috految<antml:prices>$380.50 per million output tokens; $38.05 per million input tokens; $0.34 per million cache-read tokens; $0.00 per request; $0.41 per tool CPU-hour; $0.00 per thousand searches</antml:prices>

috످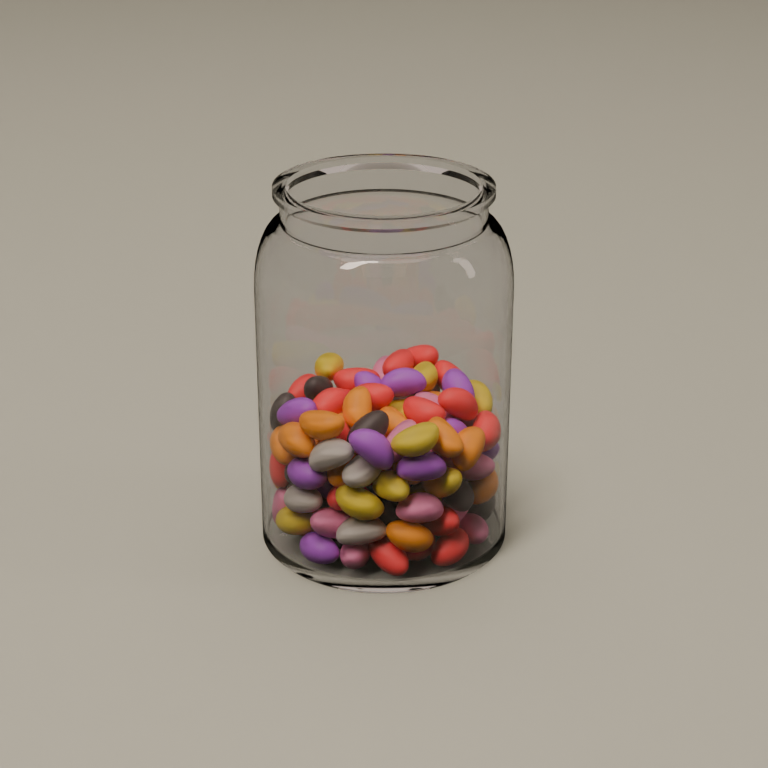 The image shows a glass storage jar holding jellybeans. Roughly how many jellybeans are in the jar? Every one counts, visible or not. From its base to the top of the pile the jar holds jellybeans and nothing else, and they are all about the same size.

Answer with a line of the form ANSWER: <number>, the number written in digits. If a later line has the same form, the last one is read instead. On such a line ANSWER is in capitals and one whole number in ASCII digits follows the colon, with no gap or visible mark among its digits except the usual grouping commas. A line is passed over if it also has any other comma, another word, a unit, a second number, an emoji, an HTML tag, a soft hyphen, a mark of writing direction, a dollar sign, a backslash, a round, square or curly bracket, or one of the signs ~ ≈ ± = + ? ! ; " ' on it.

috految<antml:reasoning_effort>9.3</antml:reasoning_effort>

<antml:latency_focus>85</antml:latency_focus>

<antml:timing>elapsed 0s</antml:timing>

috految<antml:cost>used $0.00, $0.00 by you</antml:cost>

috److I estimated the count by comparing the volume of the pile with the volume of one jellybean, using pixel measurements.

**Pile size**
- The radius is about 115 px.
- The center of the base is at y ≈ 528 and the center of the top is at y ≈ 394.
- Correcting for the camera tilt gives a height of about 147 px.
- The volume is π × 115² × 147 ≈ 6.1 million px³.

**Jellybean size**
- Each bean measures about 47.5 × 28.5 × 28.5 px at the depth of the jar's center.
- Treating it as an ellipsoid gives a volume of about 20,200 px³.

**Count**
- The beans are loosely packed, so I assumed a packing fraction of about 0.54.
- This gives 6.1 million × 0.54 / 20,200 ≈ 163 jellybeans.

ANSWER: 163

috످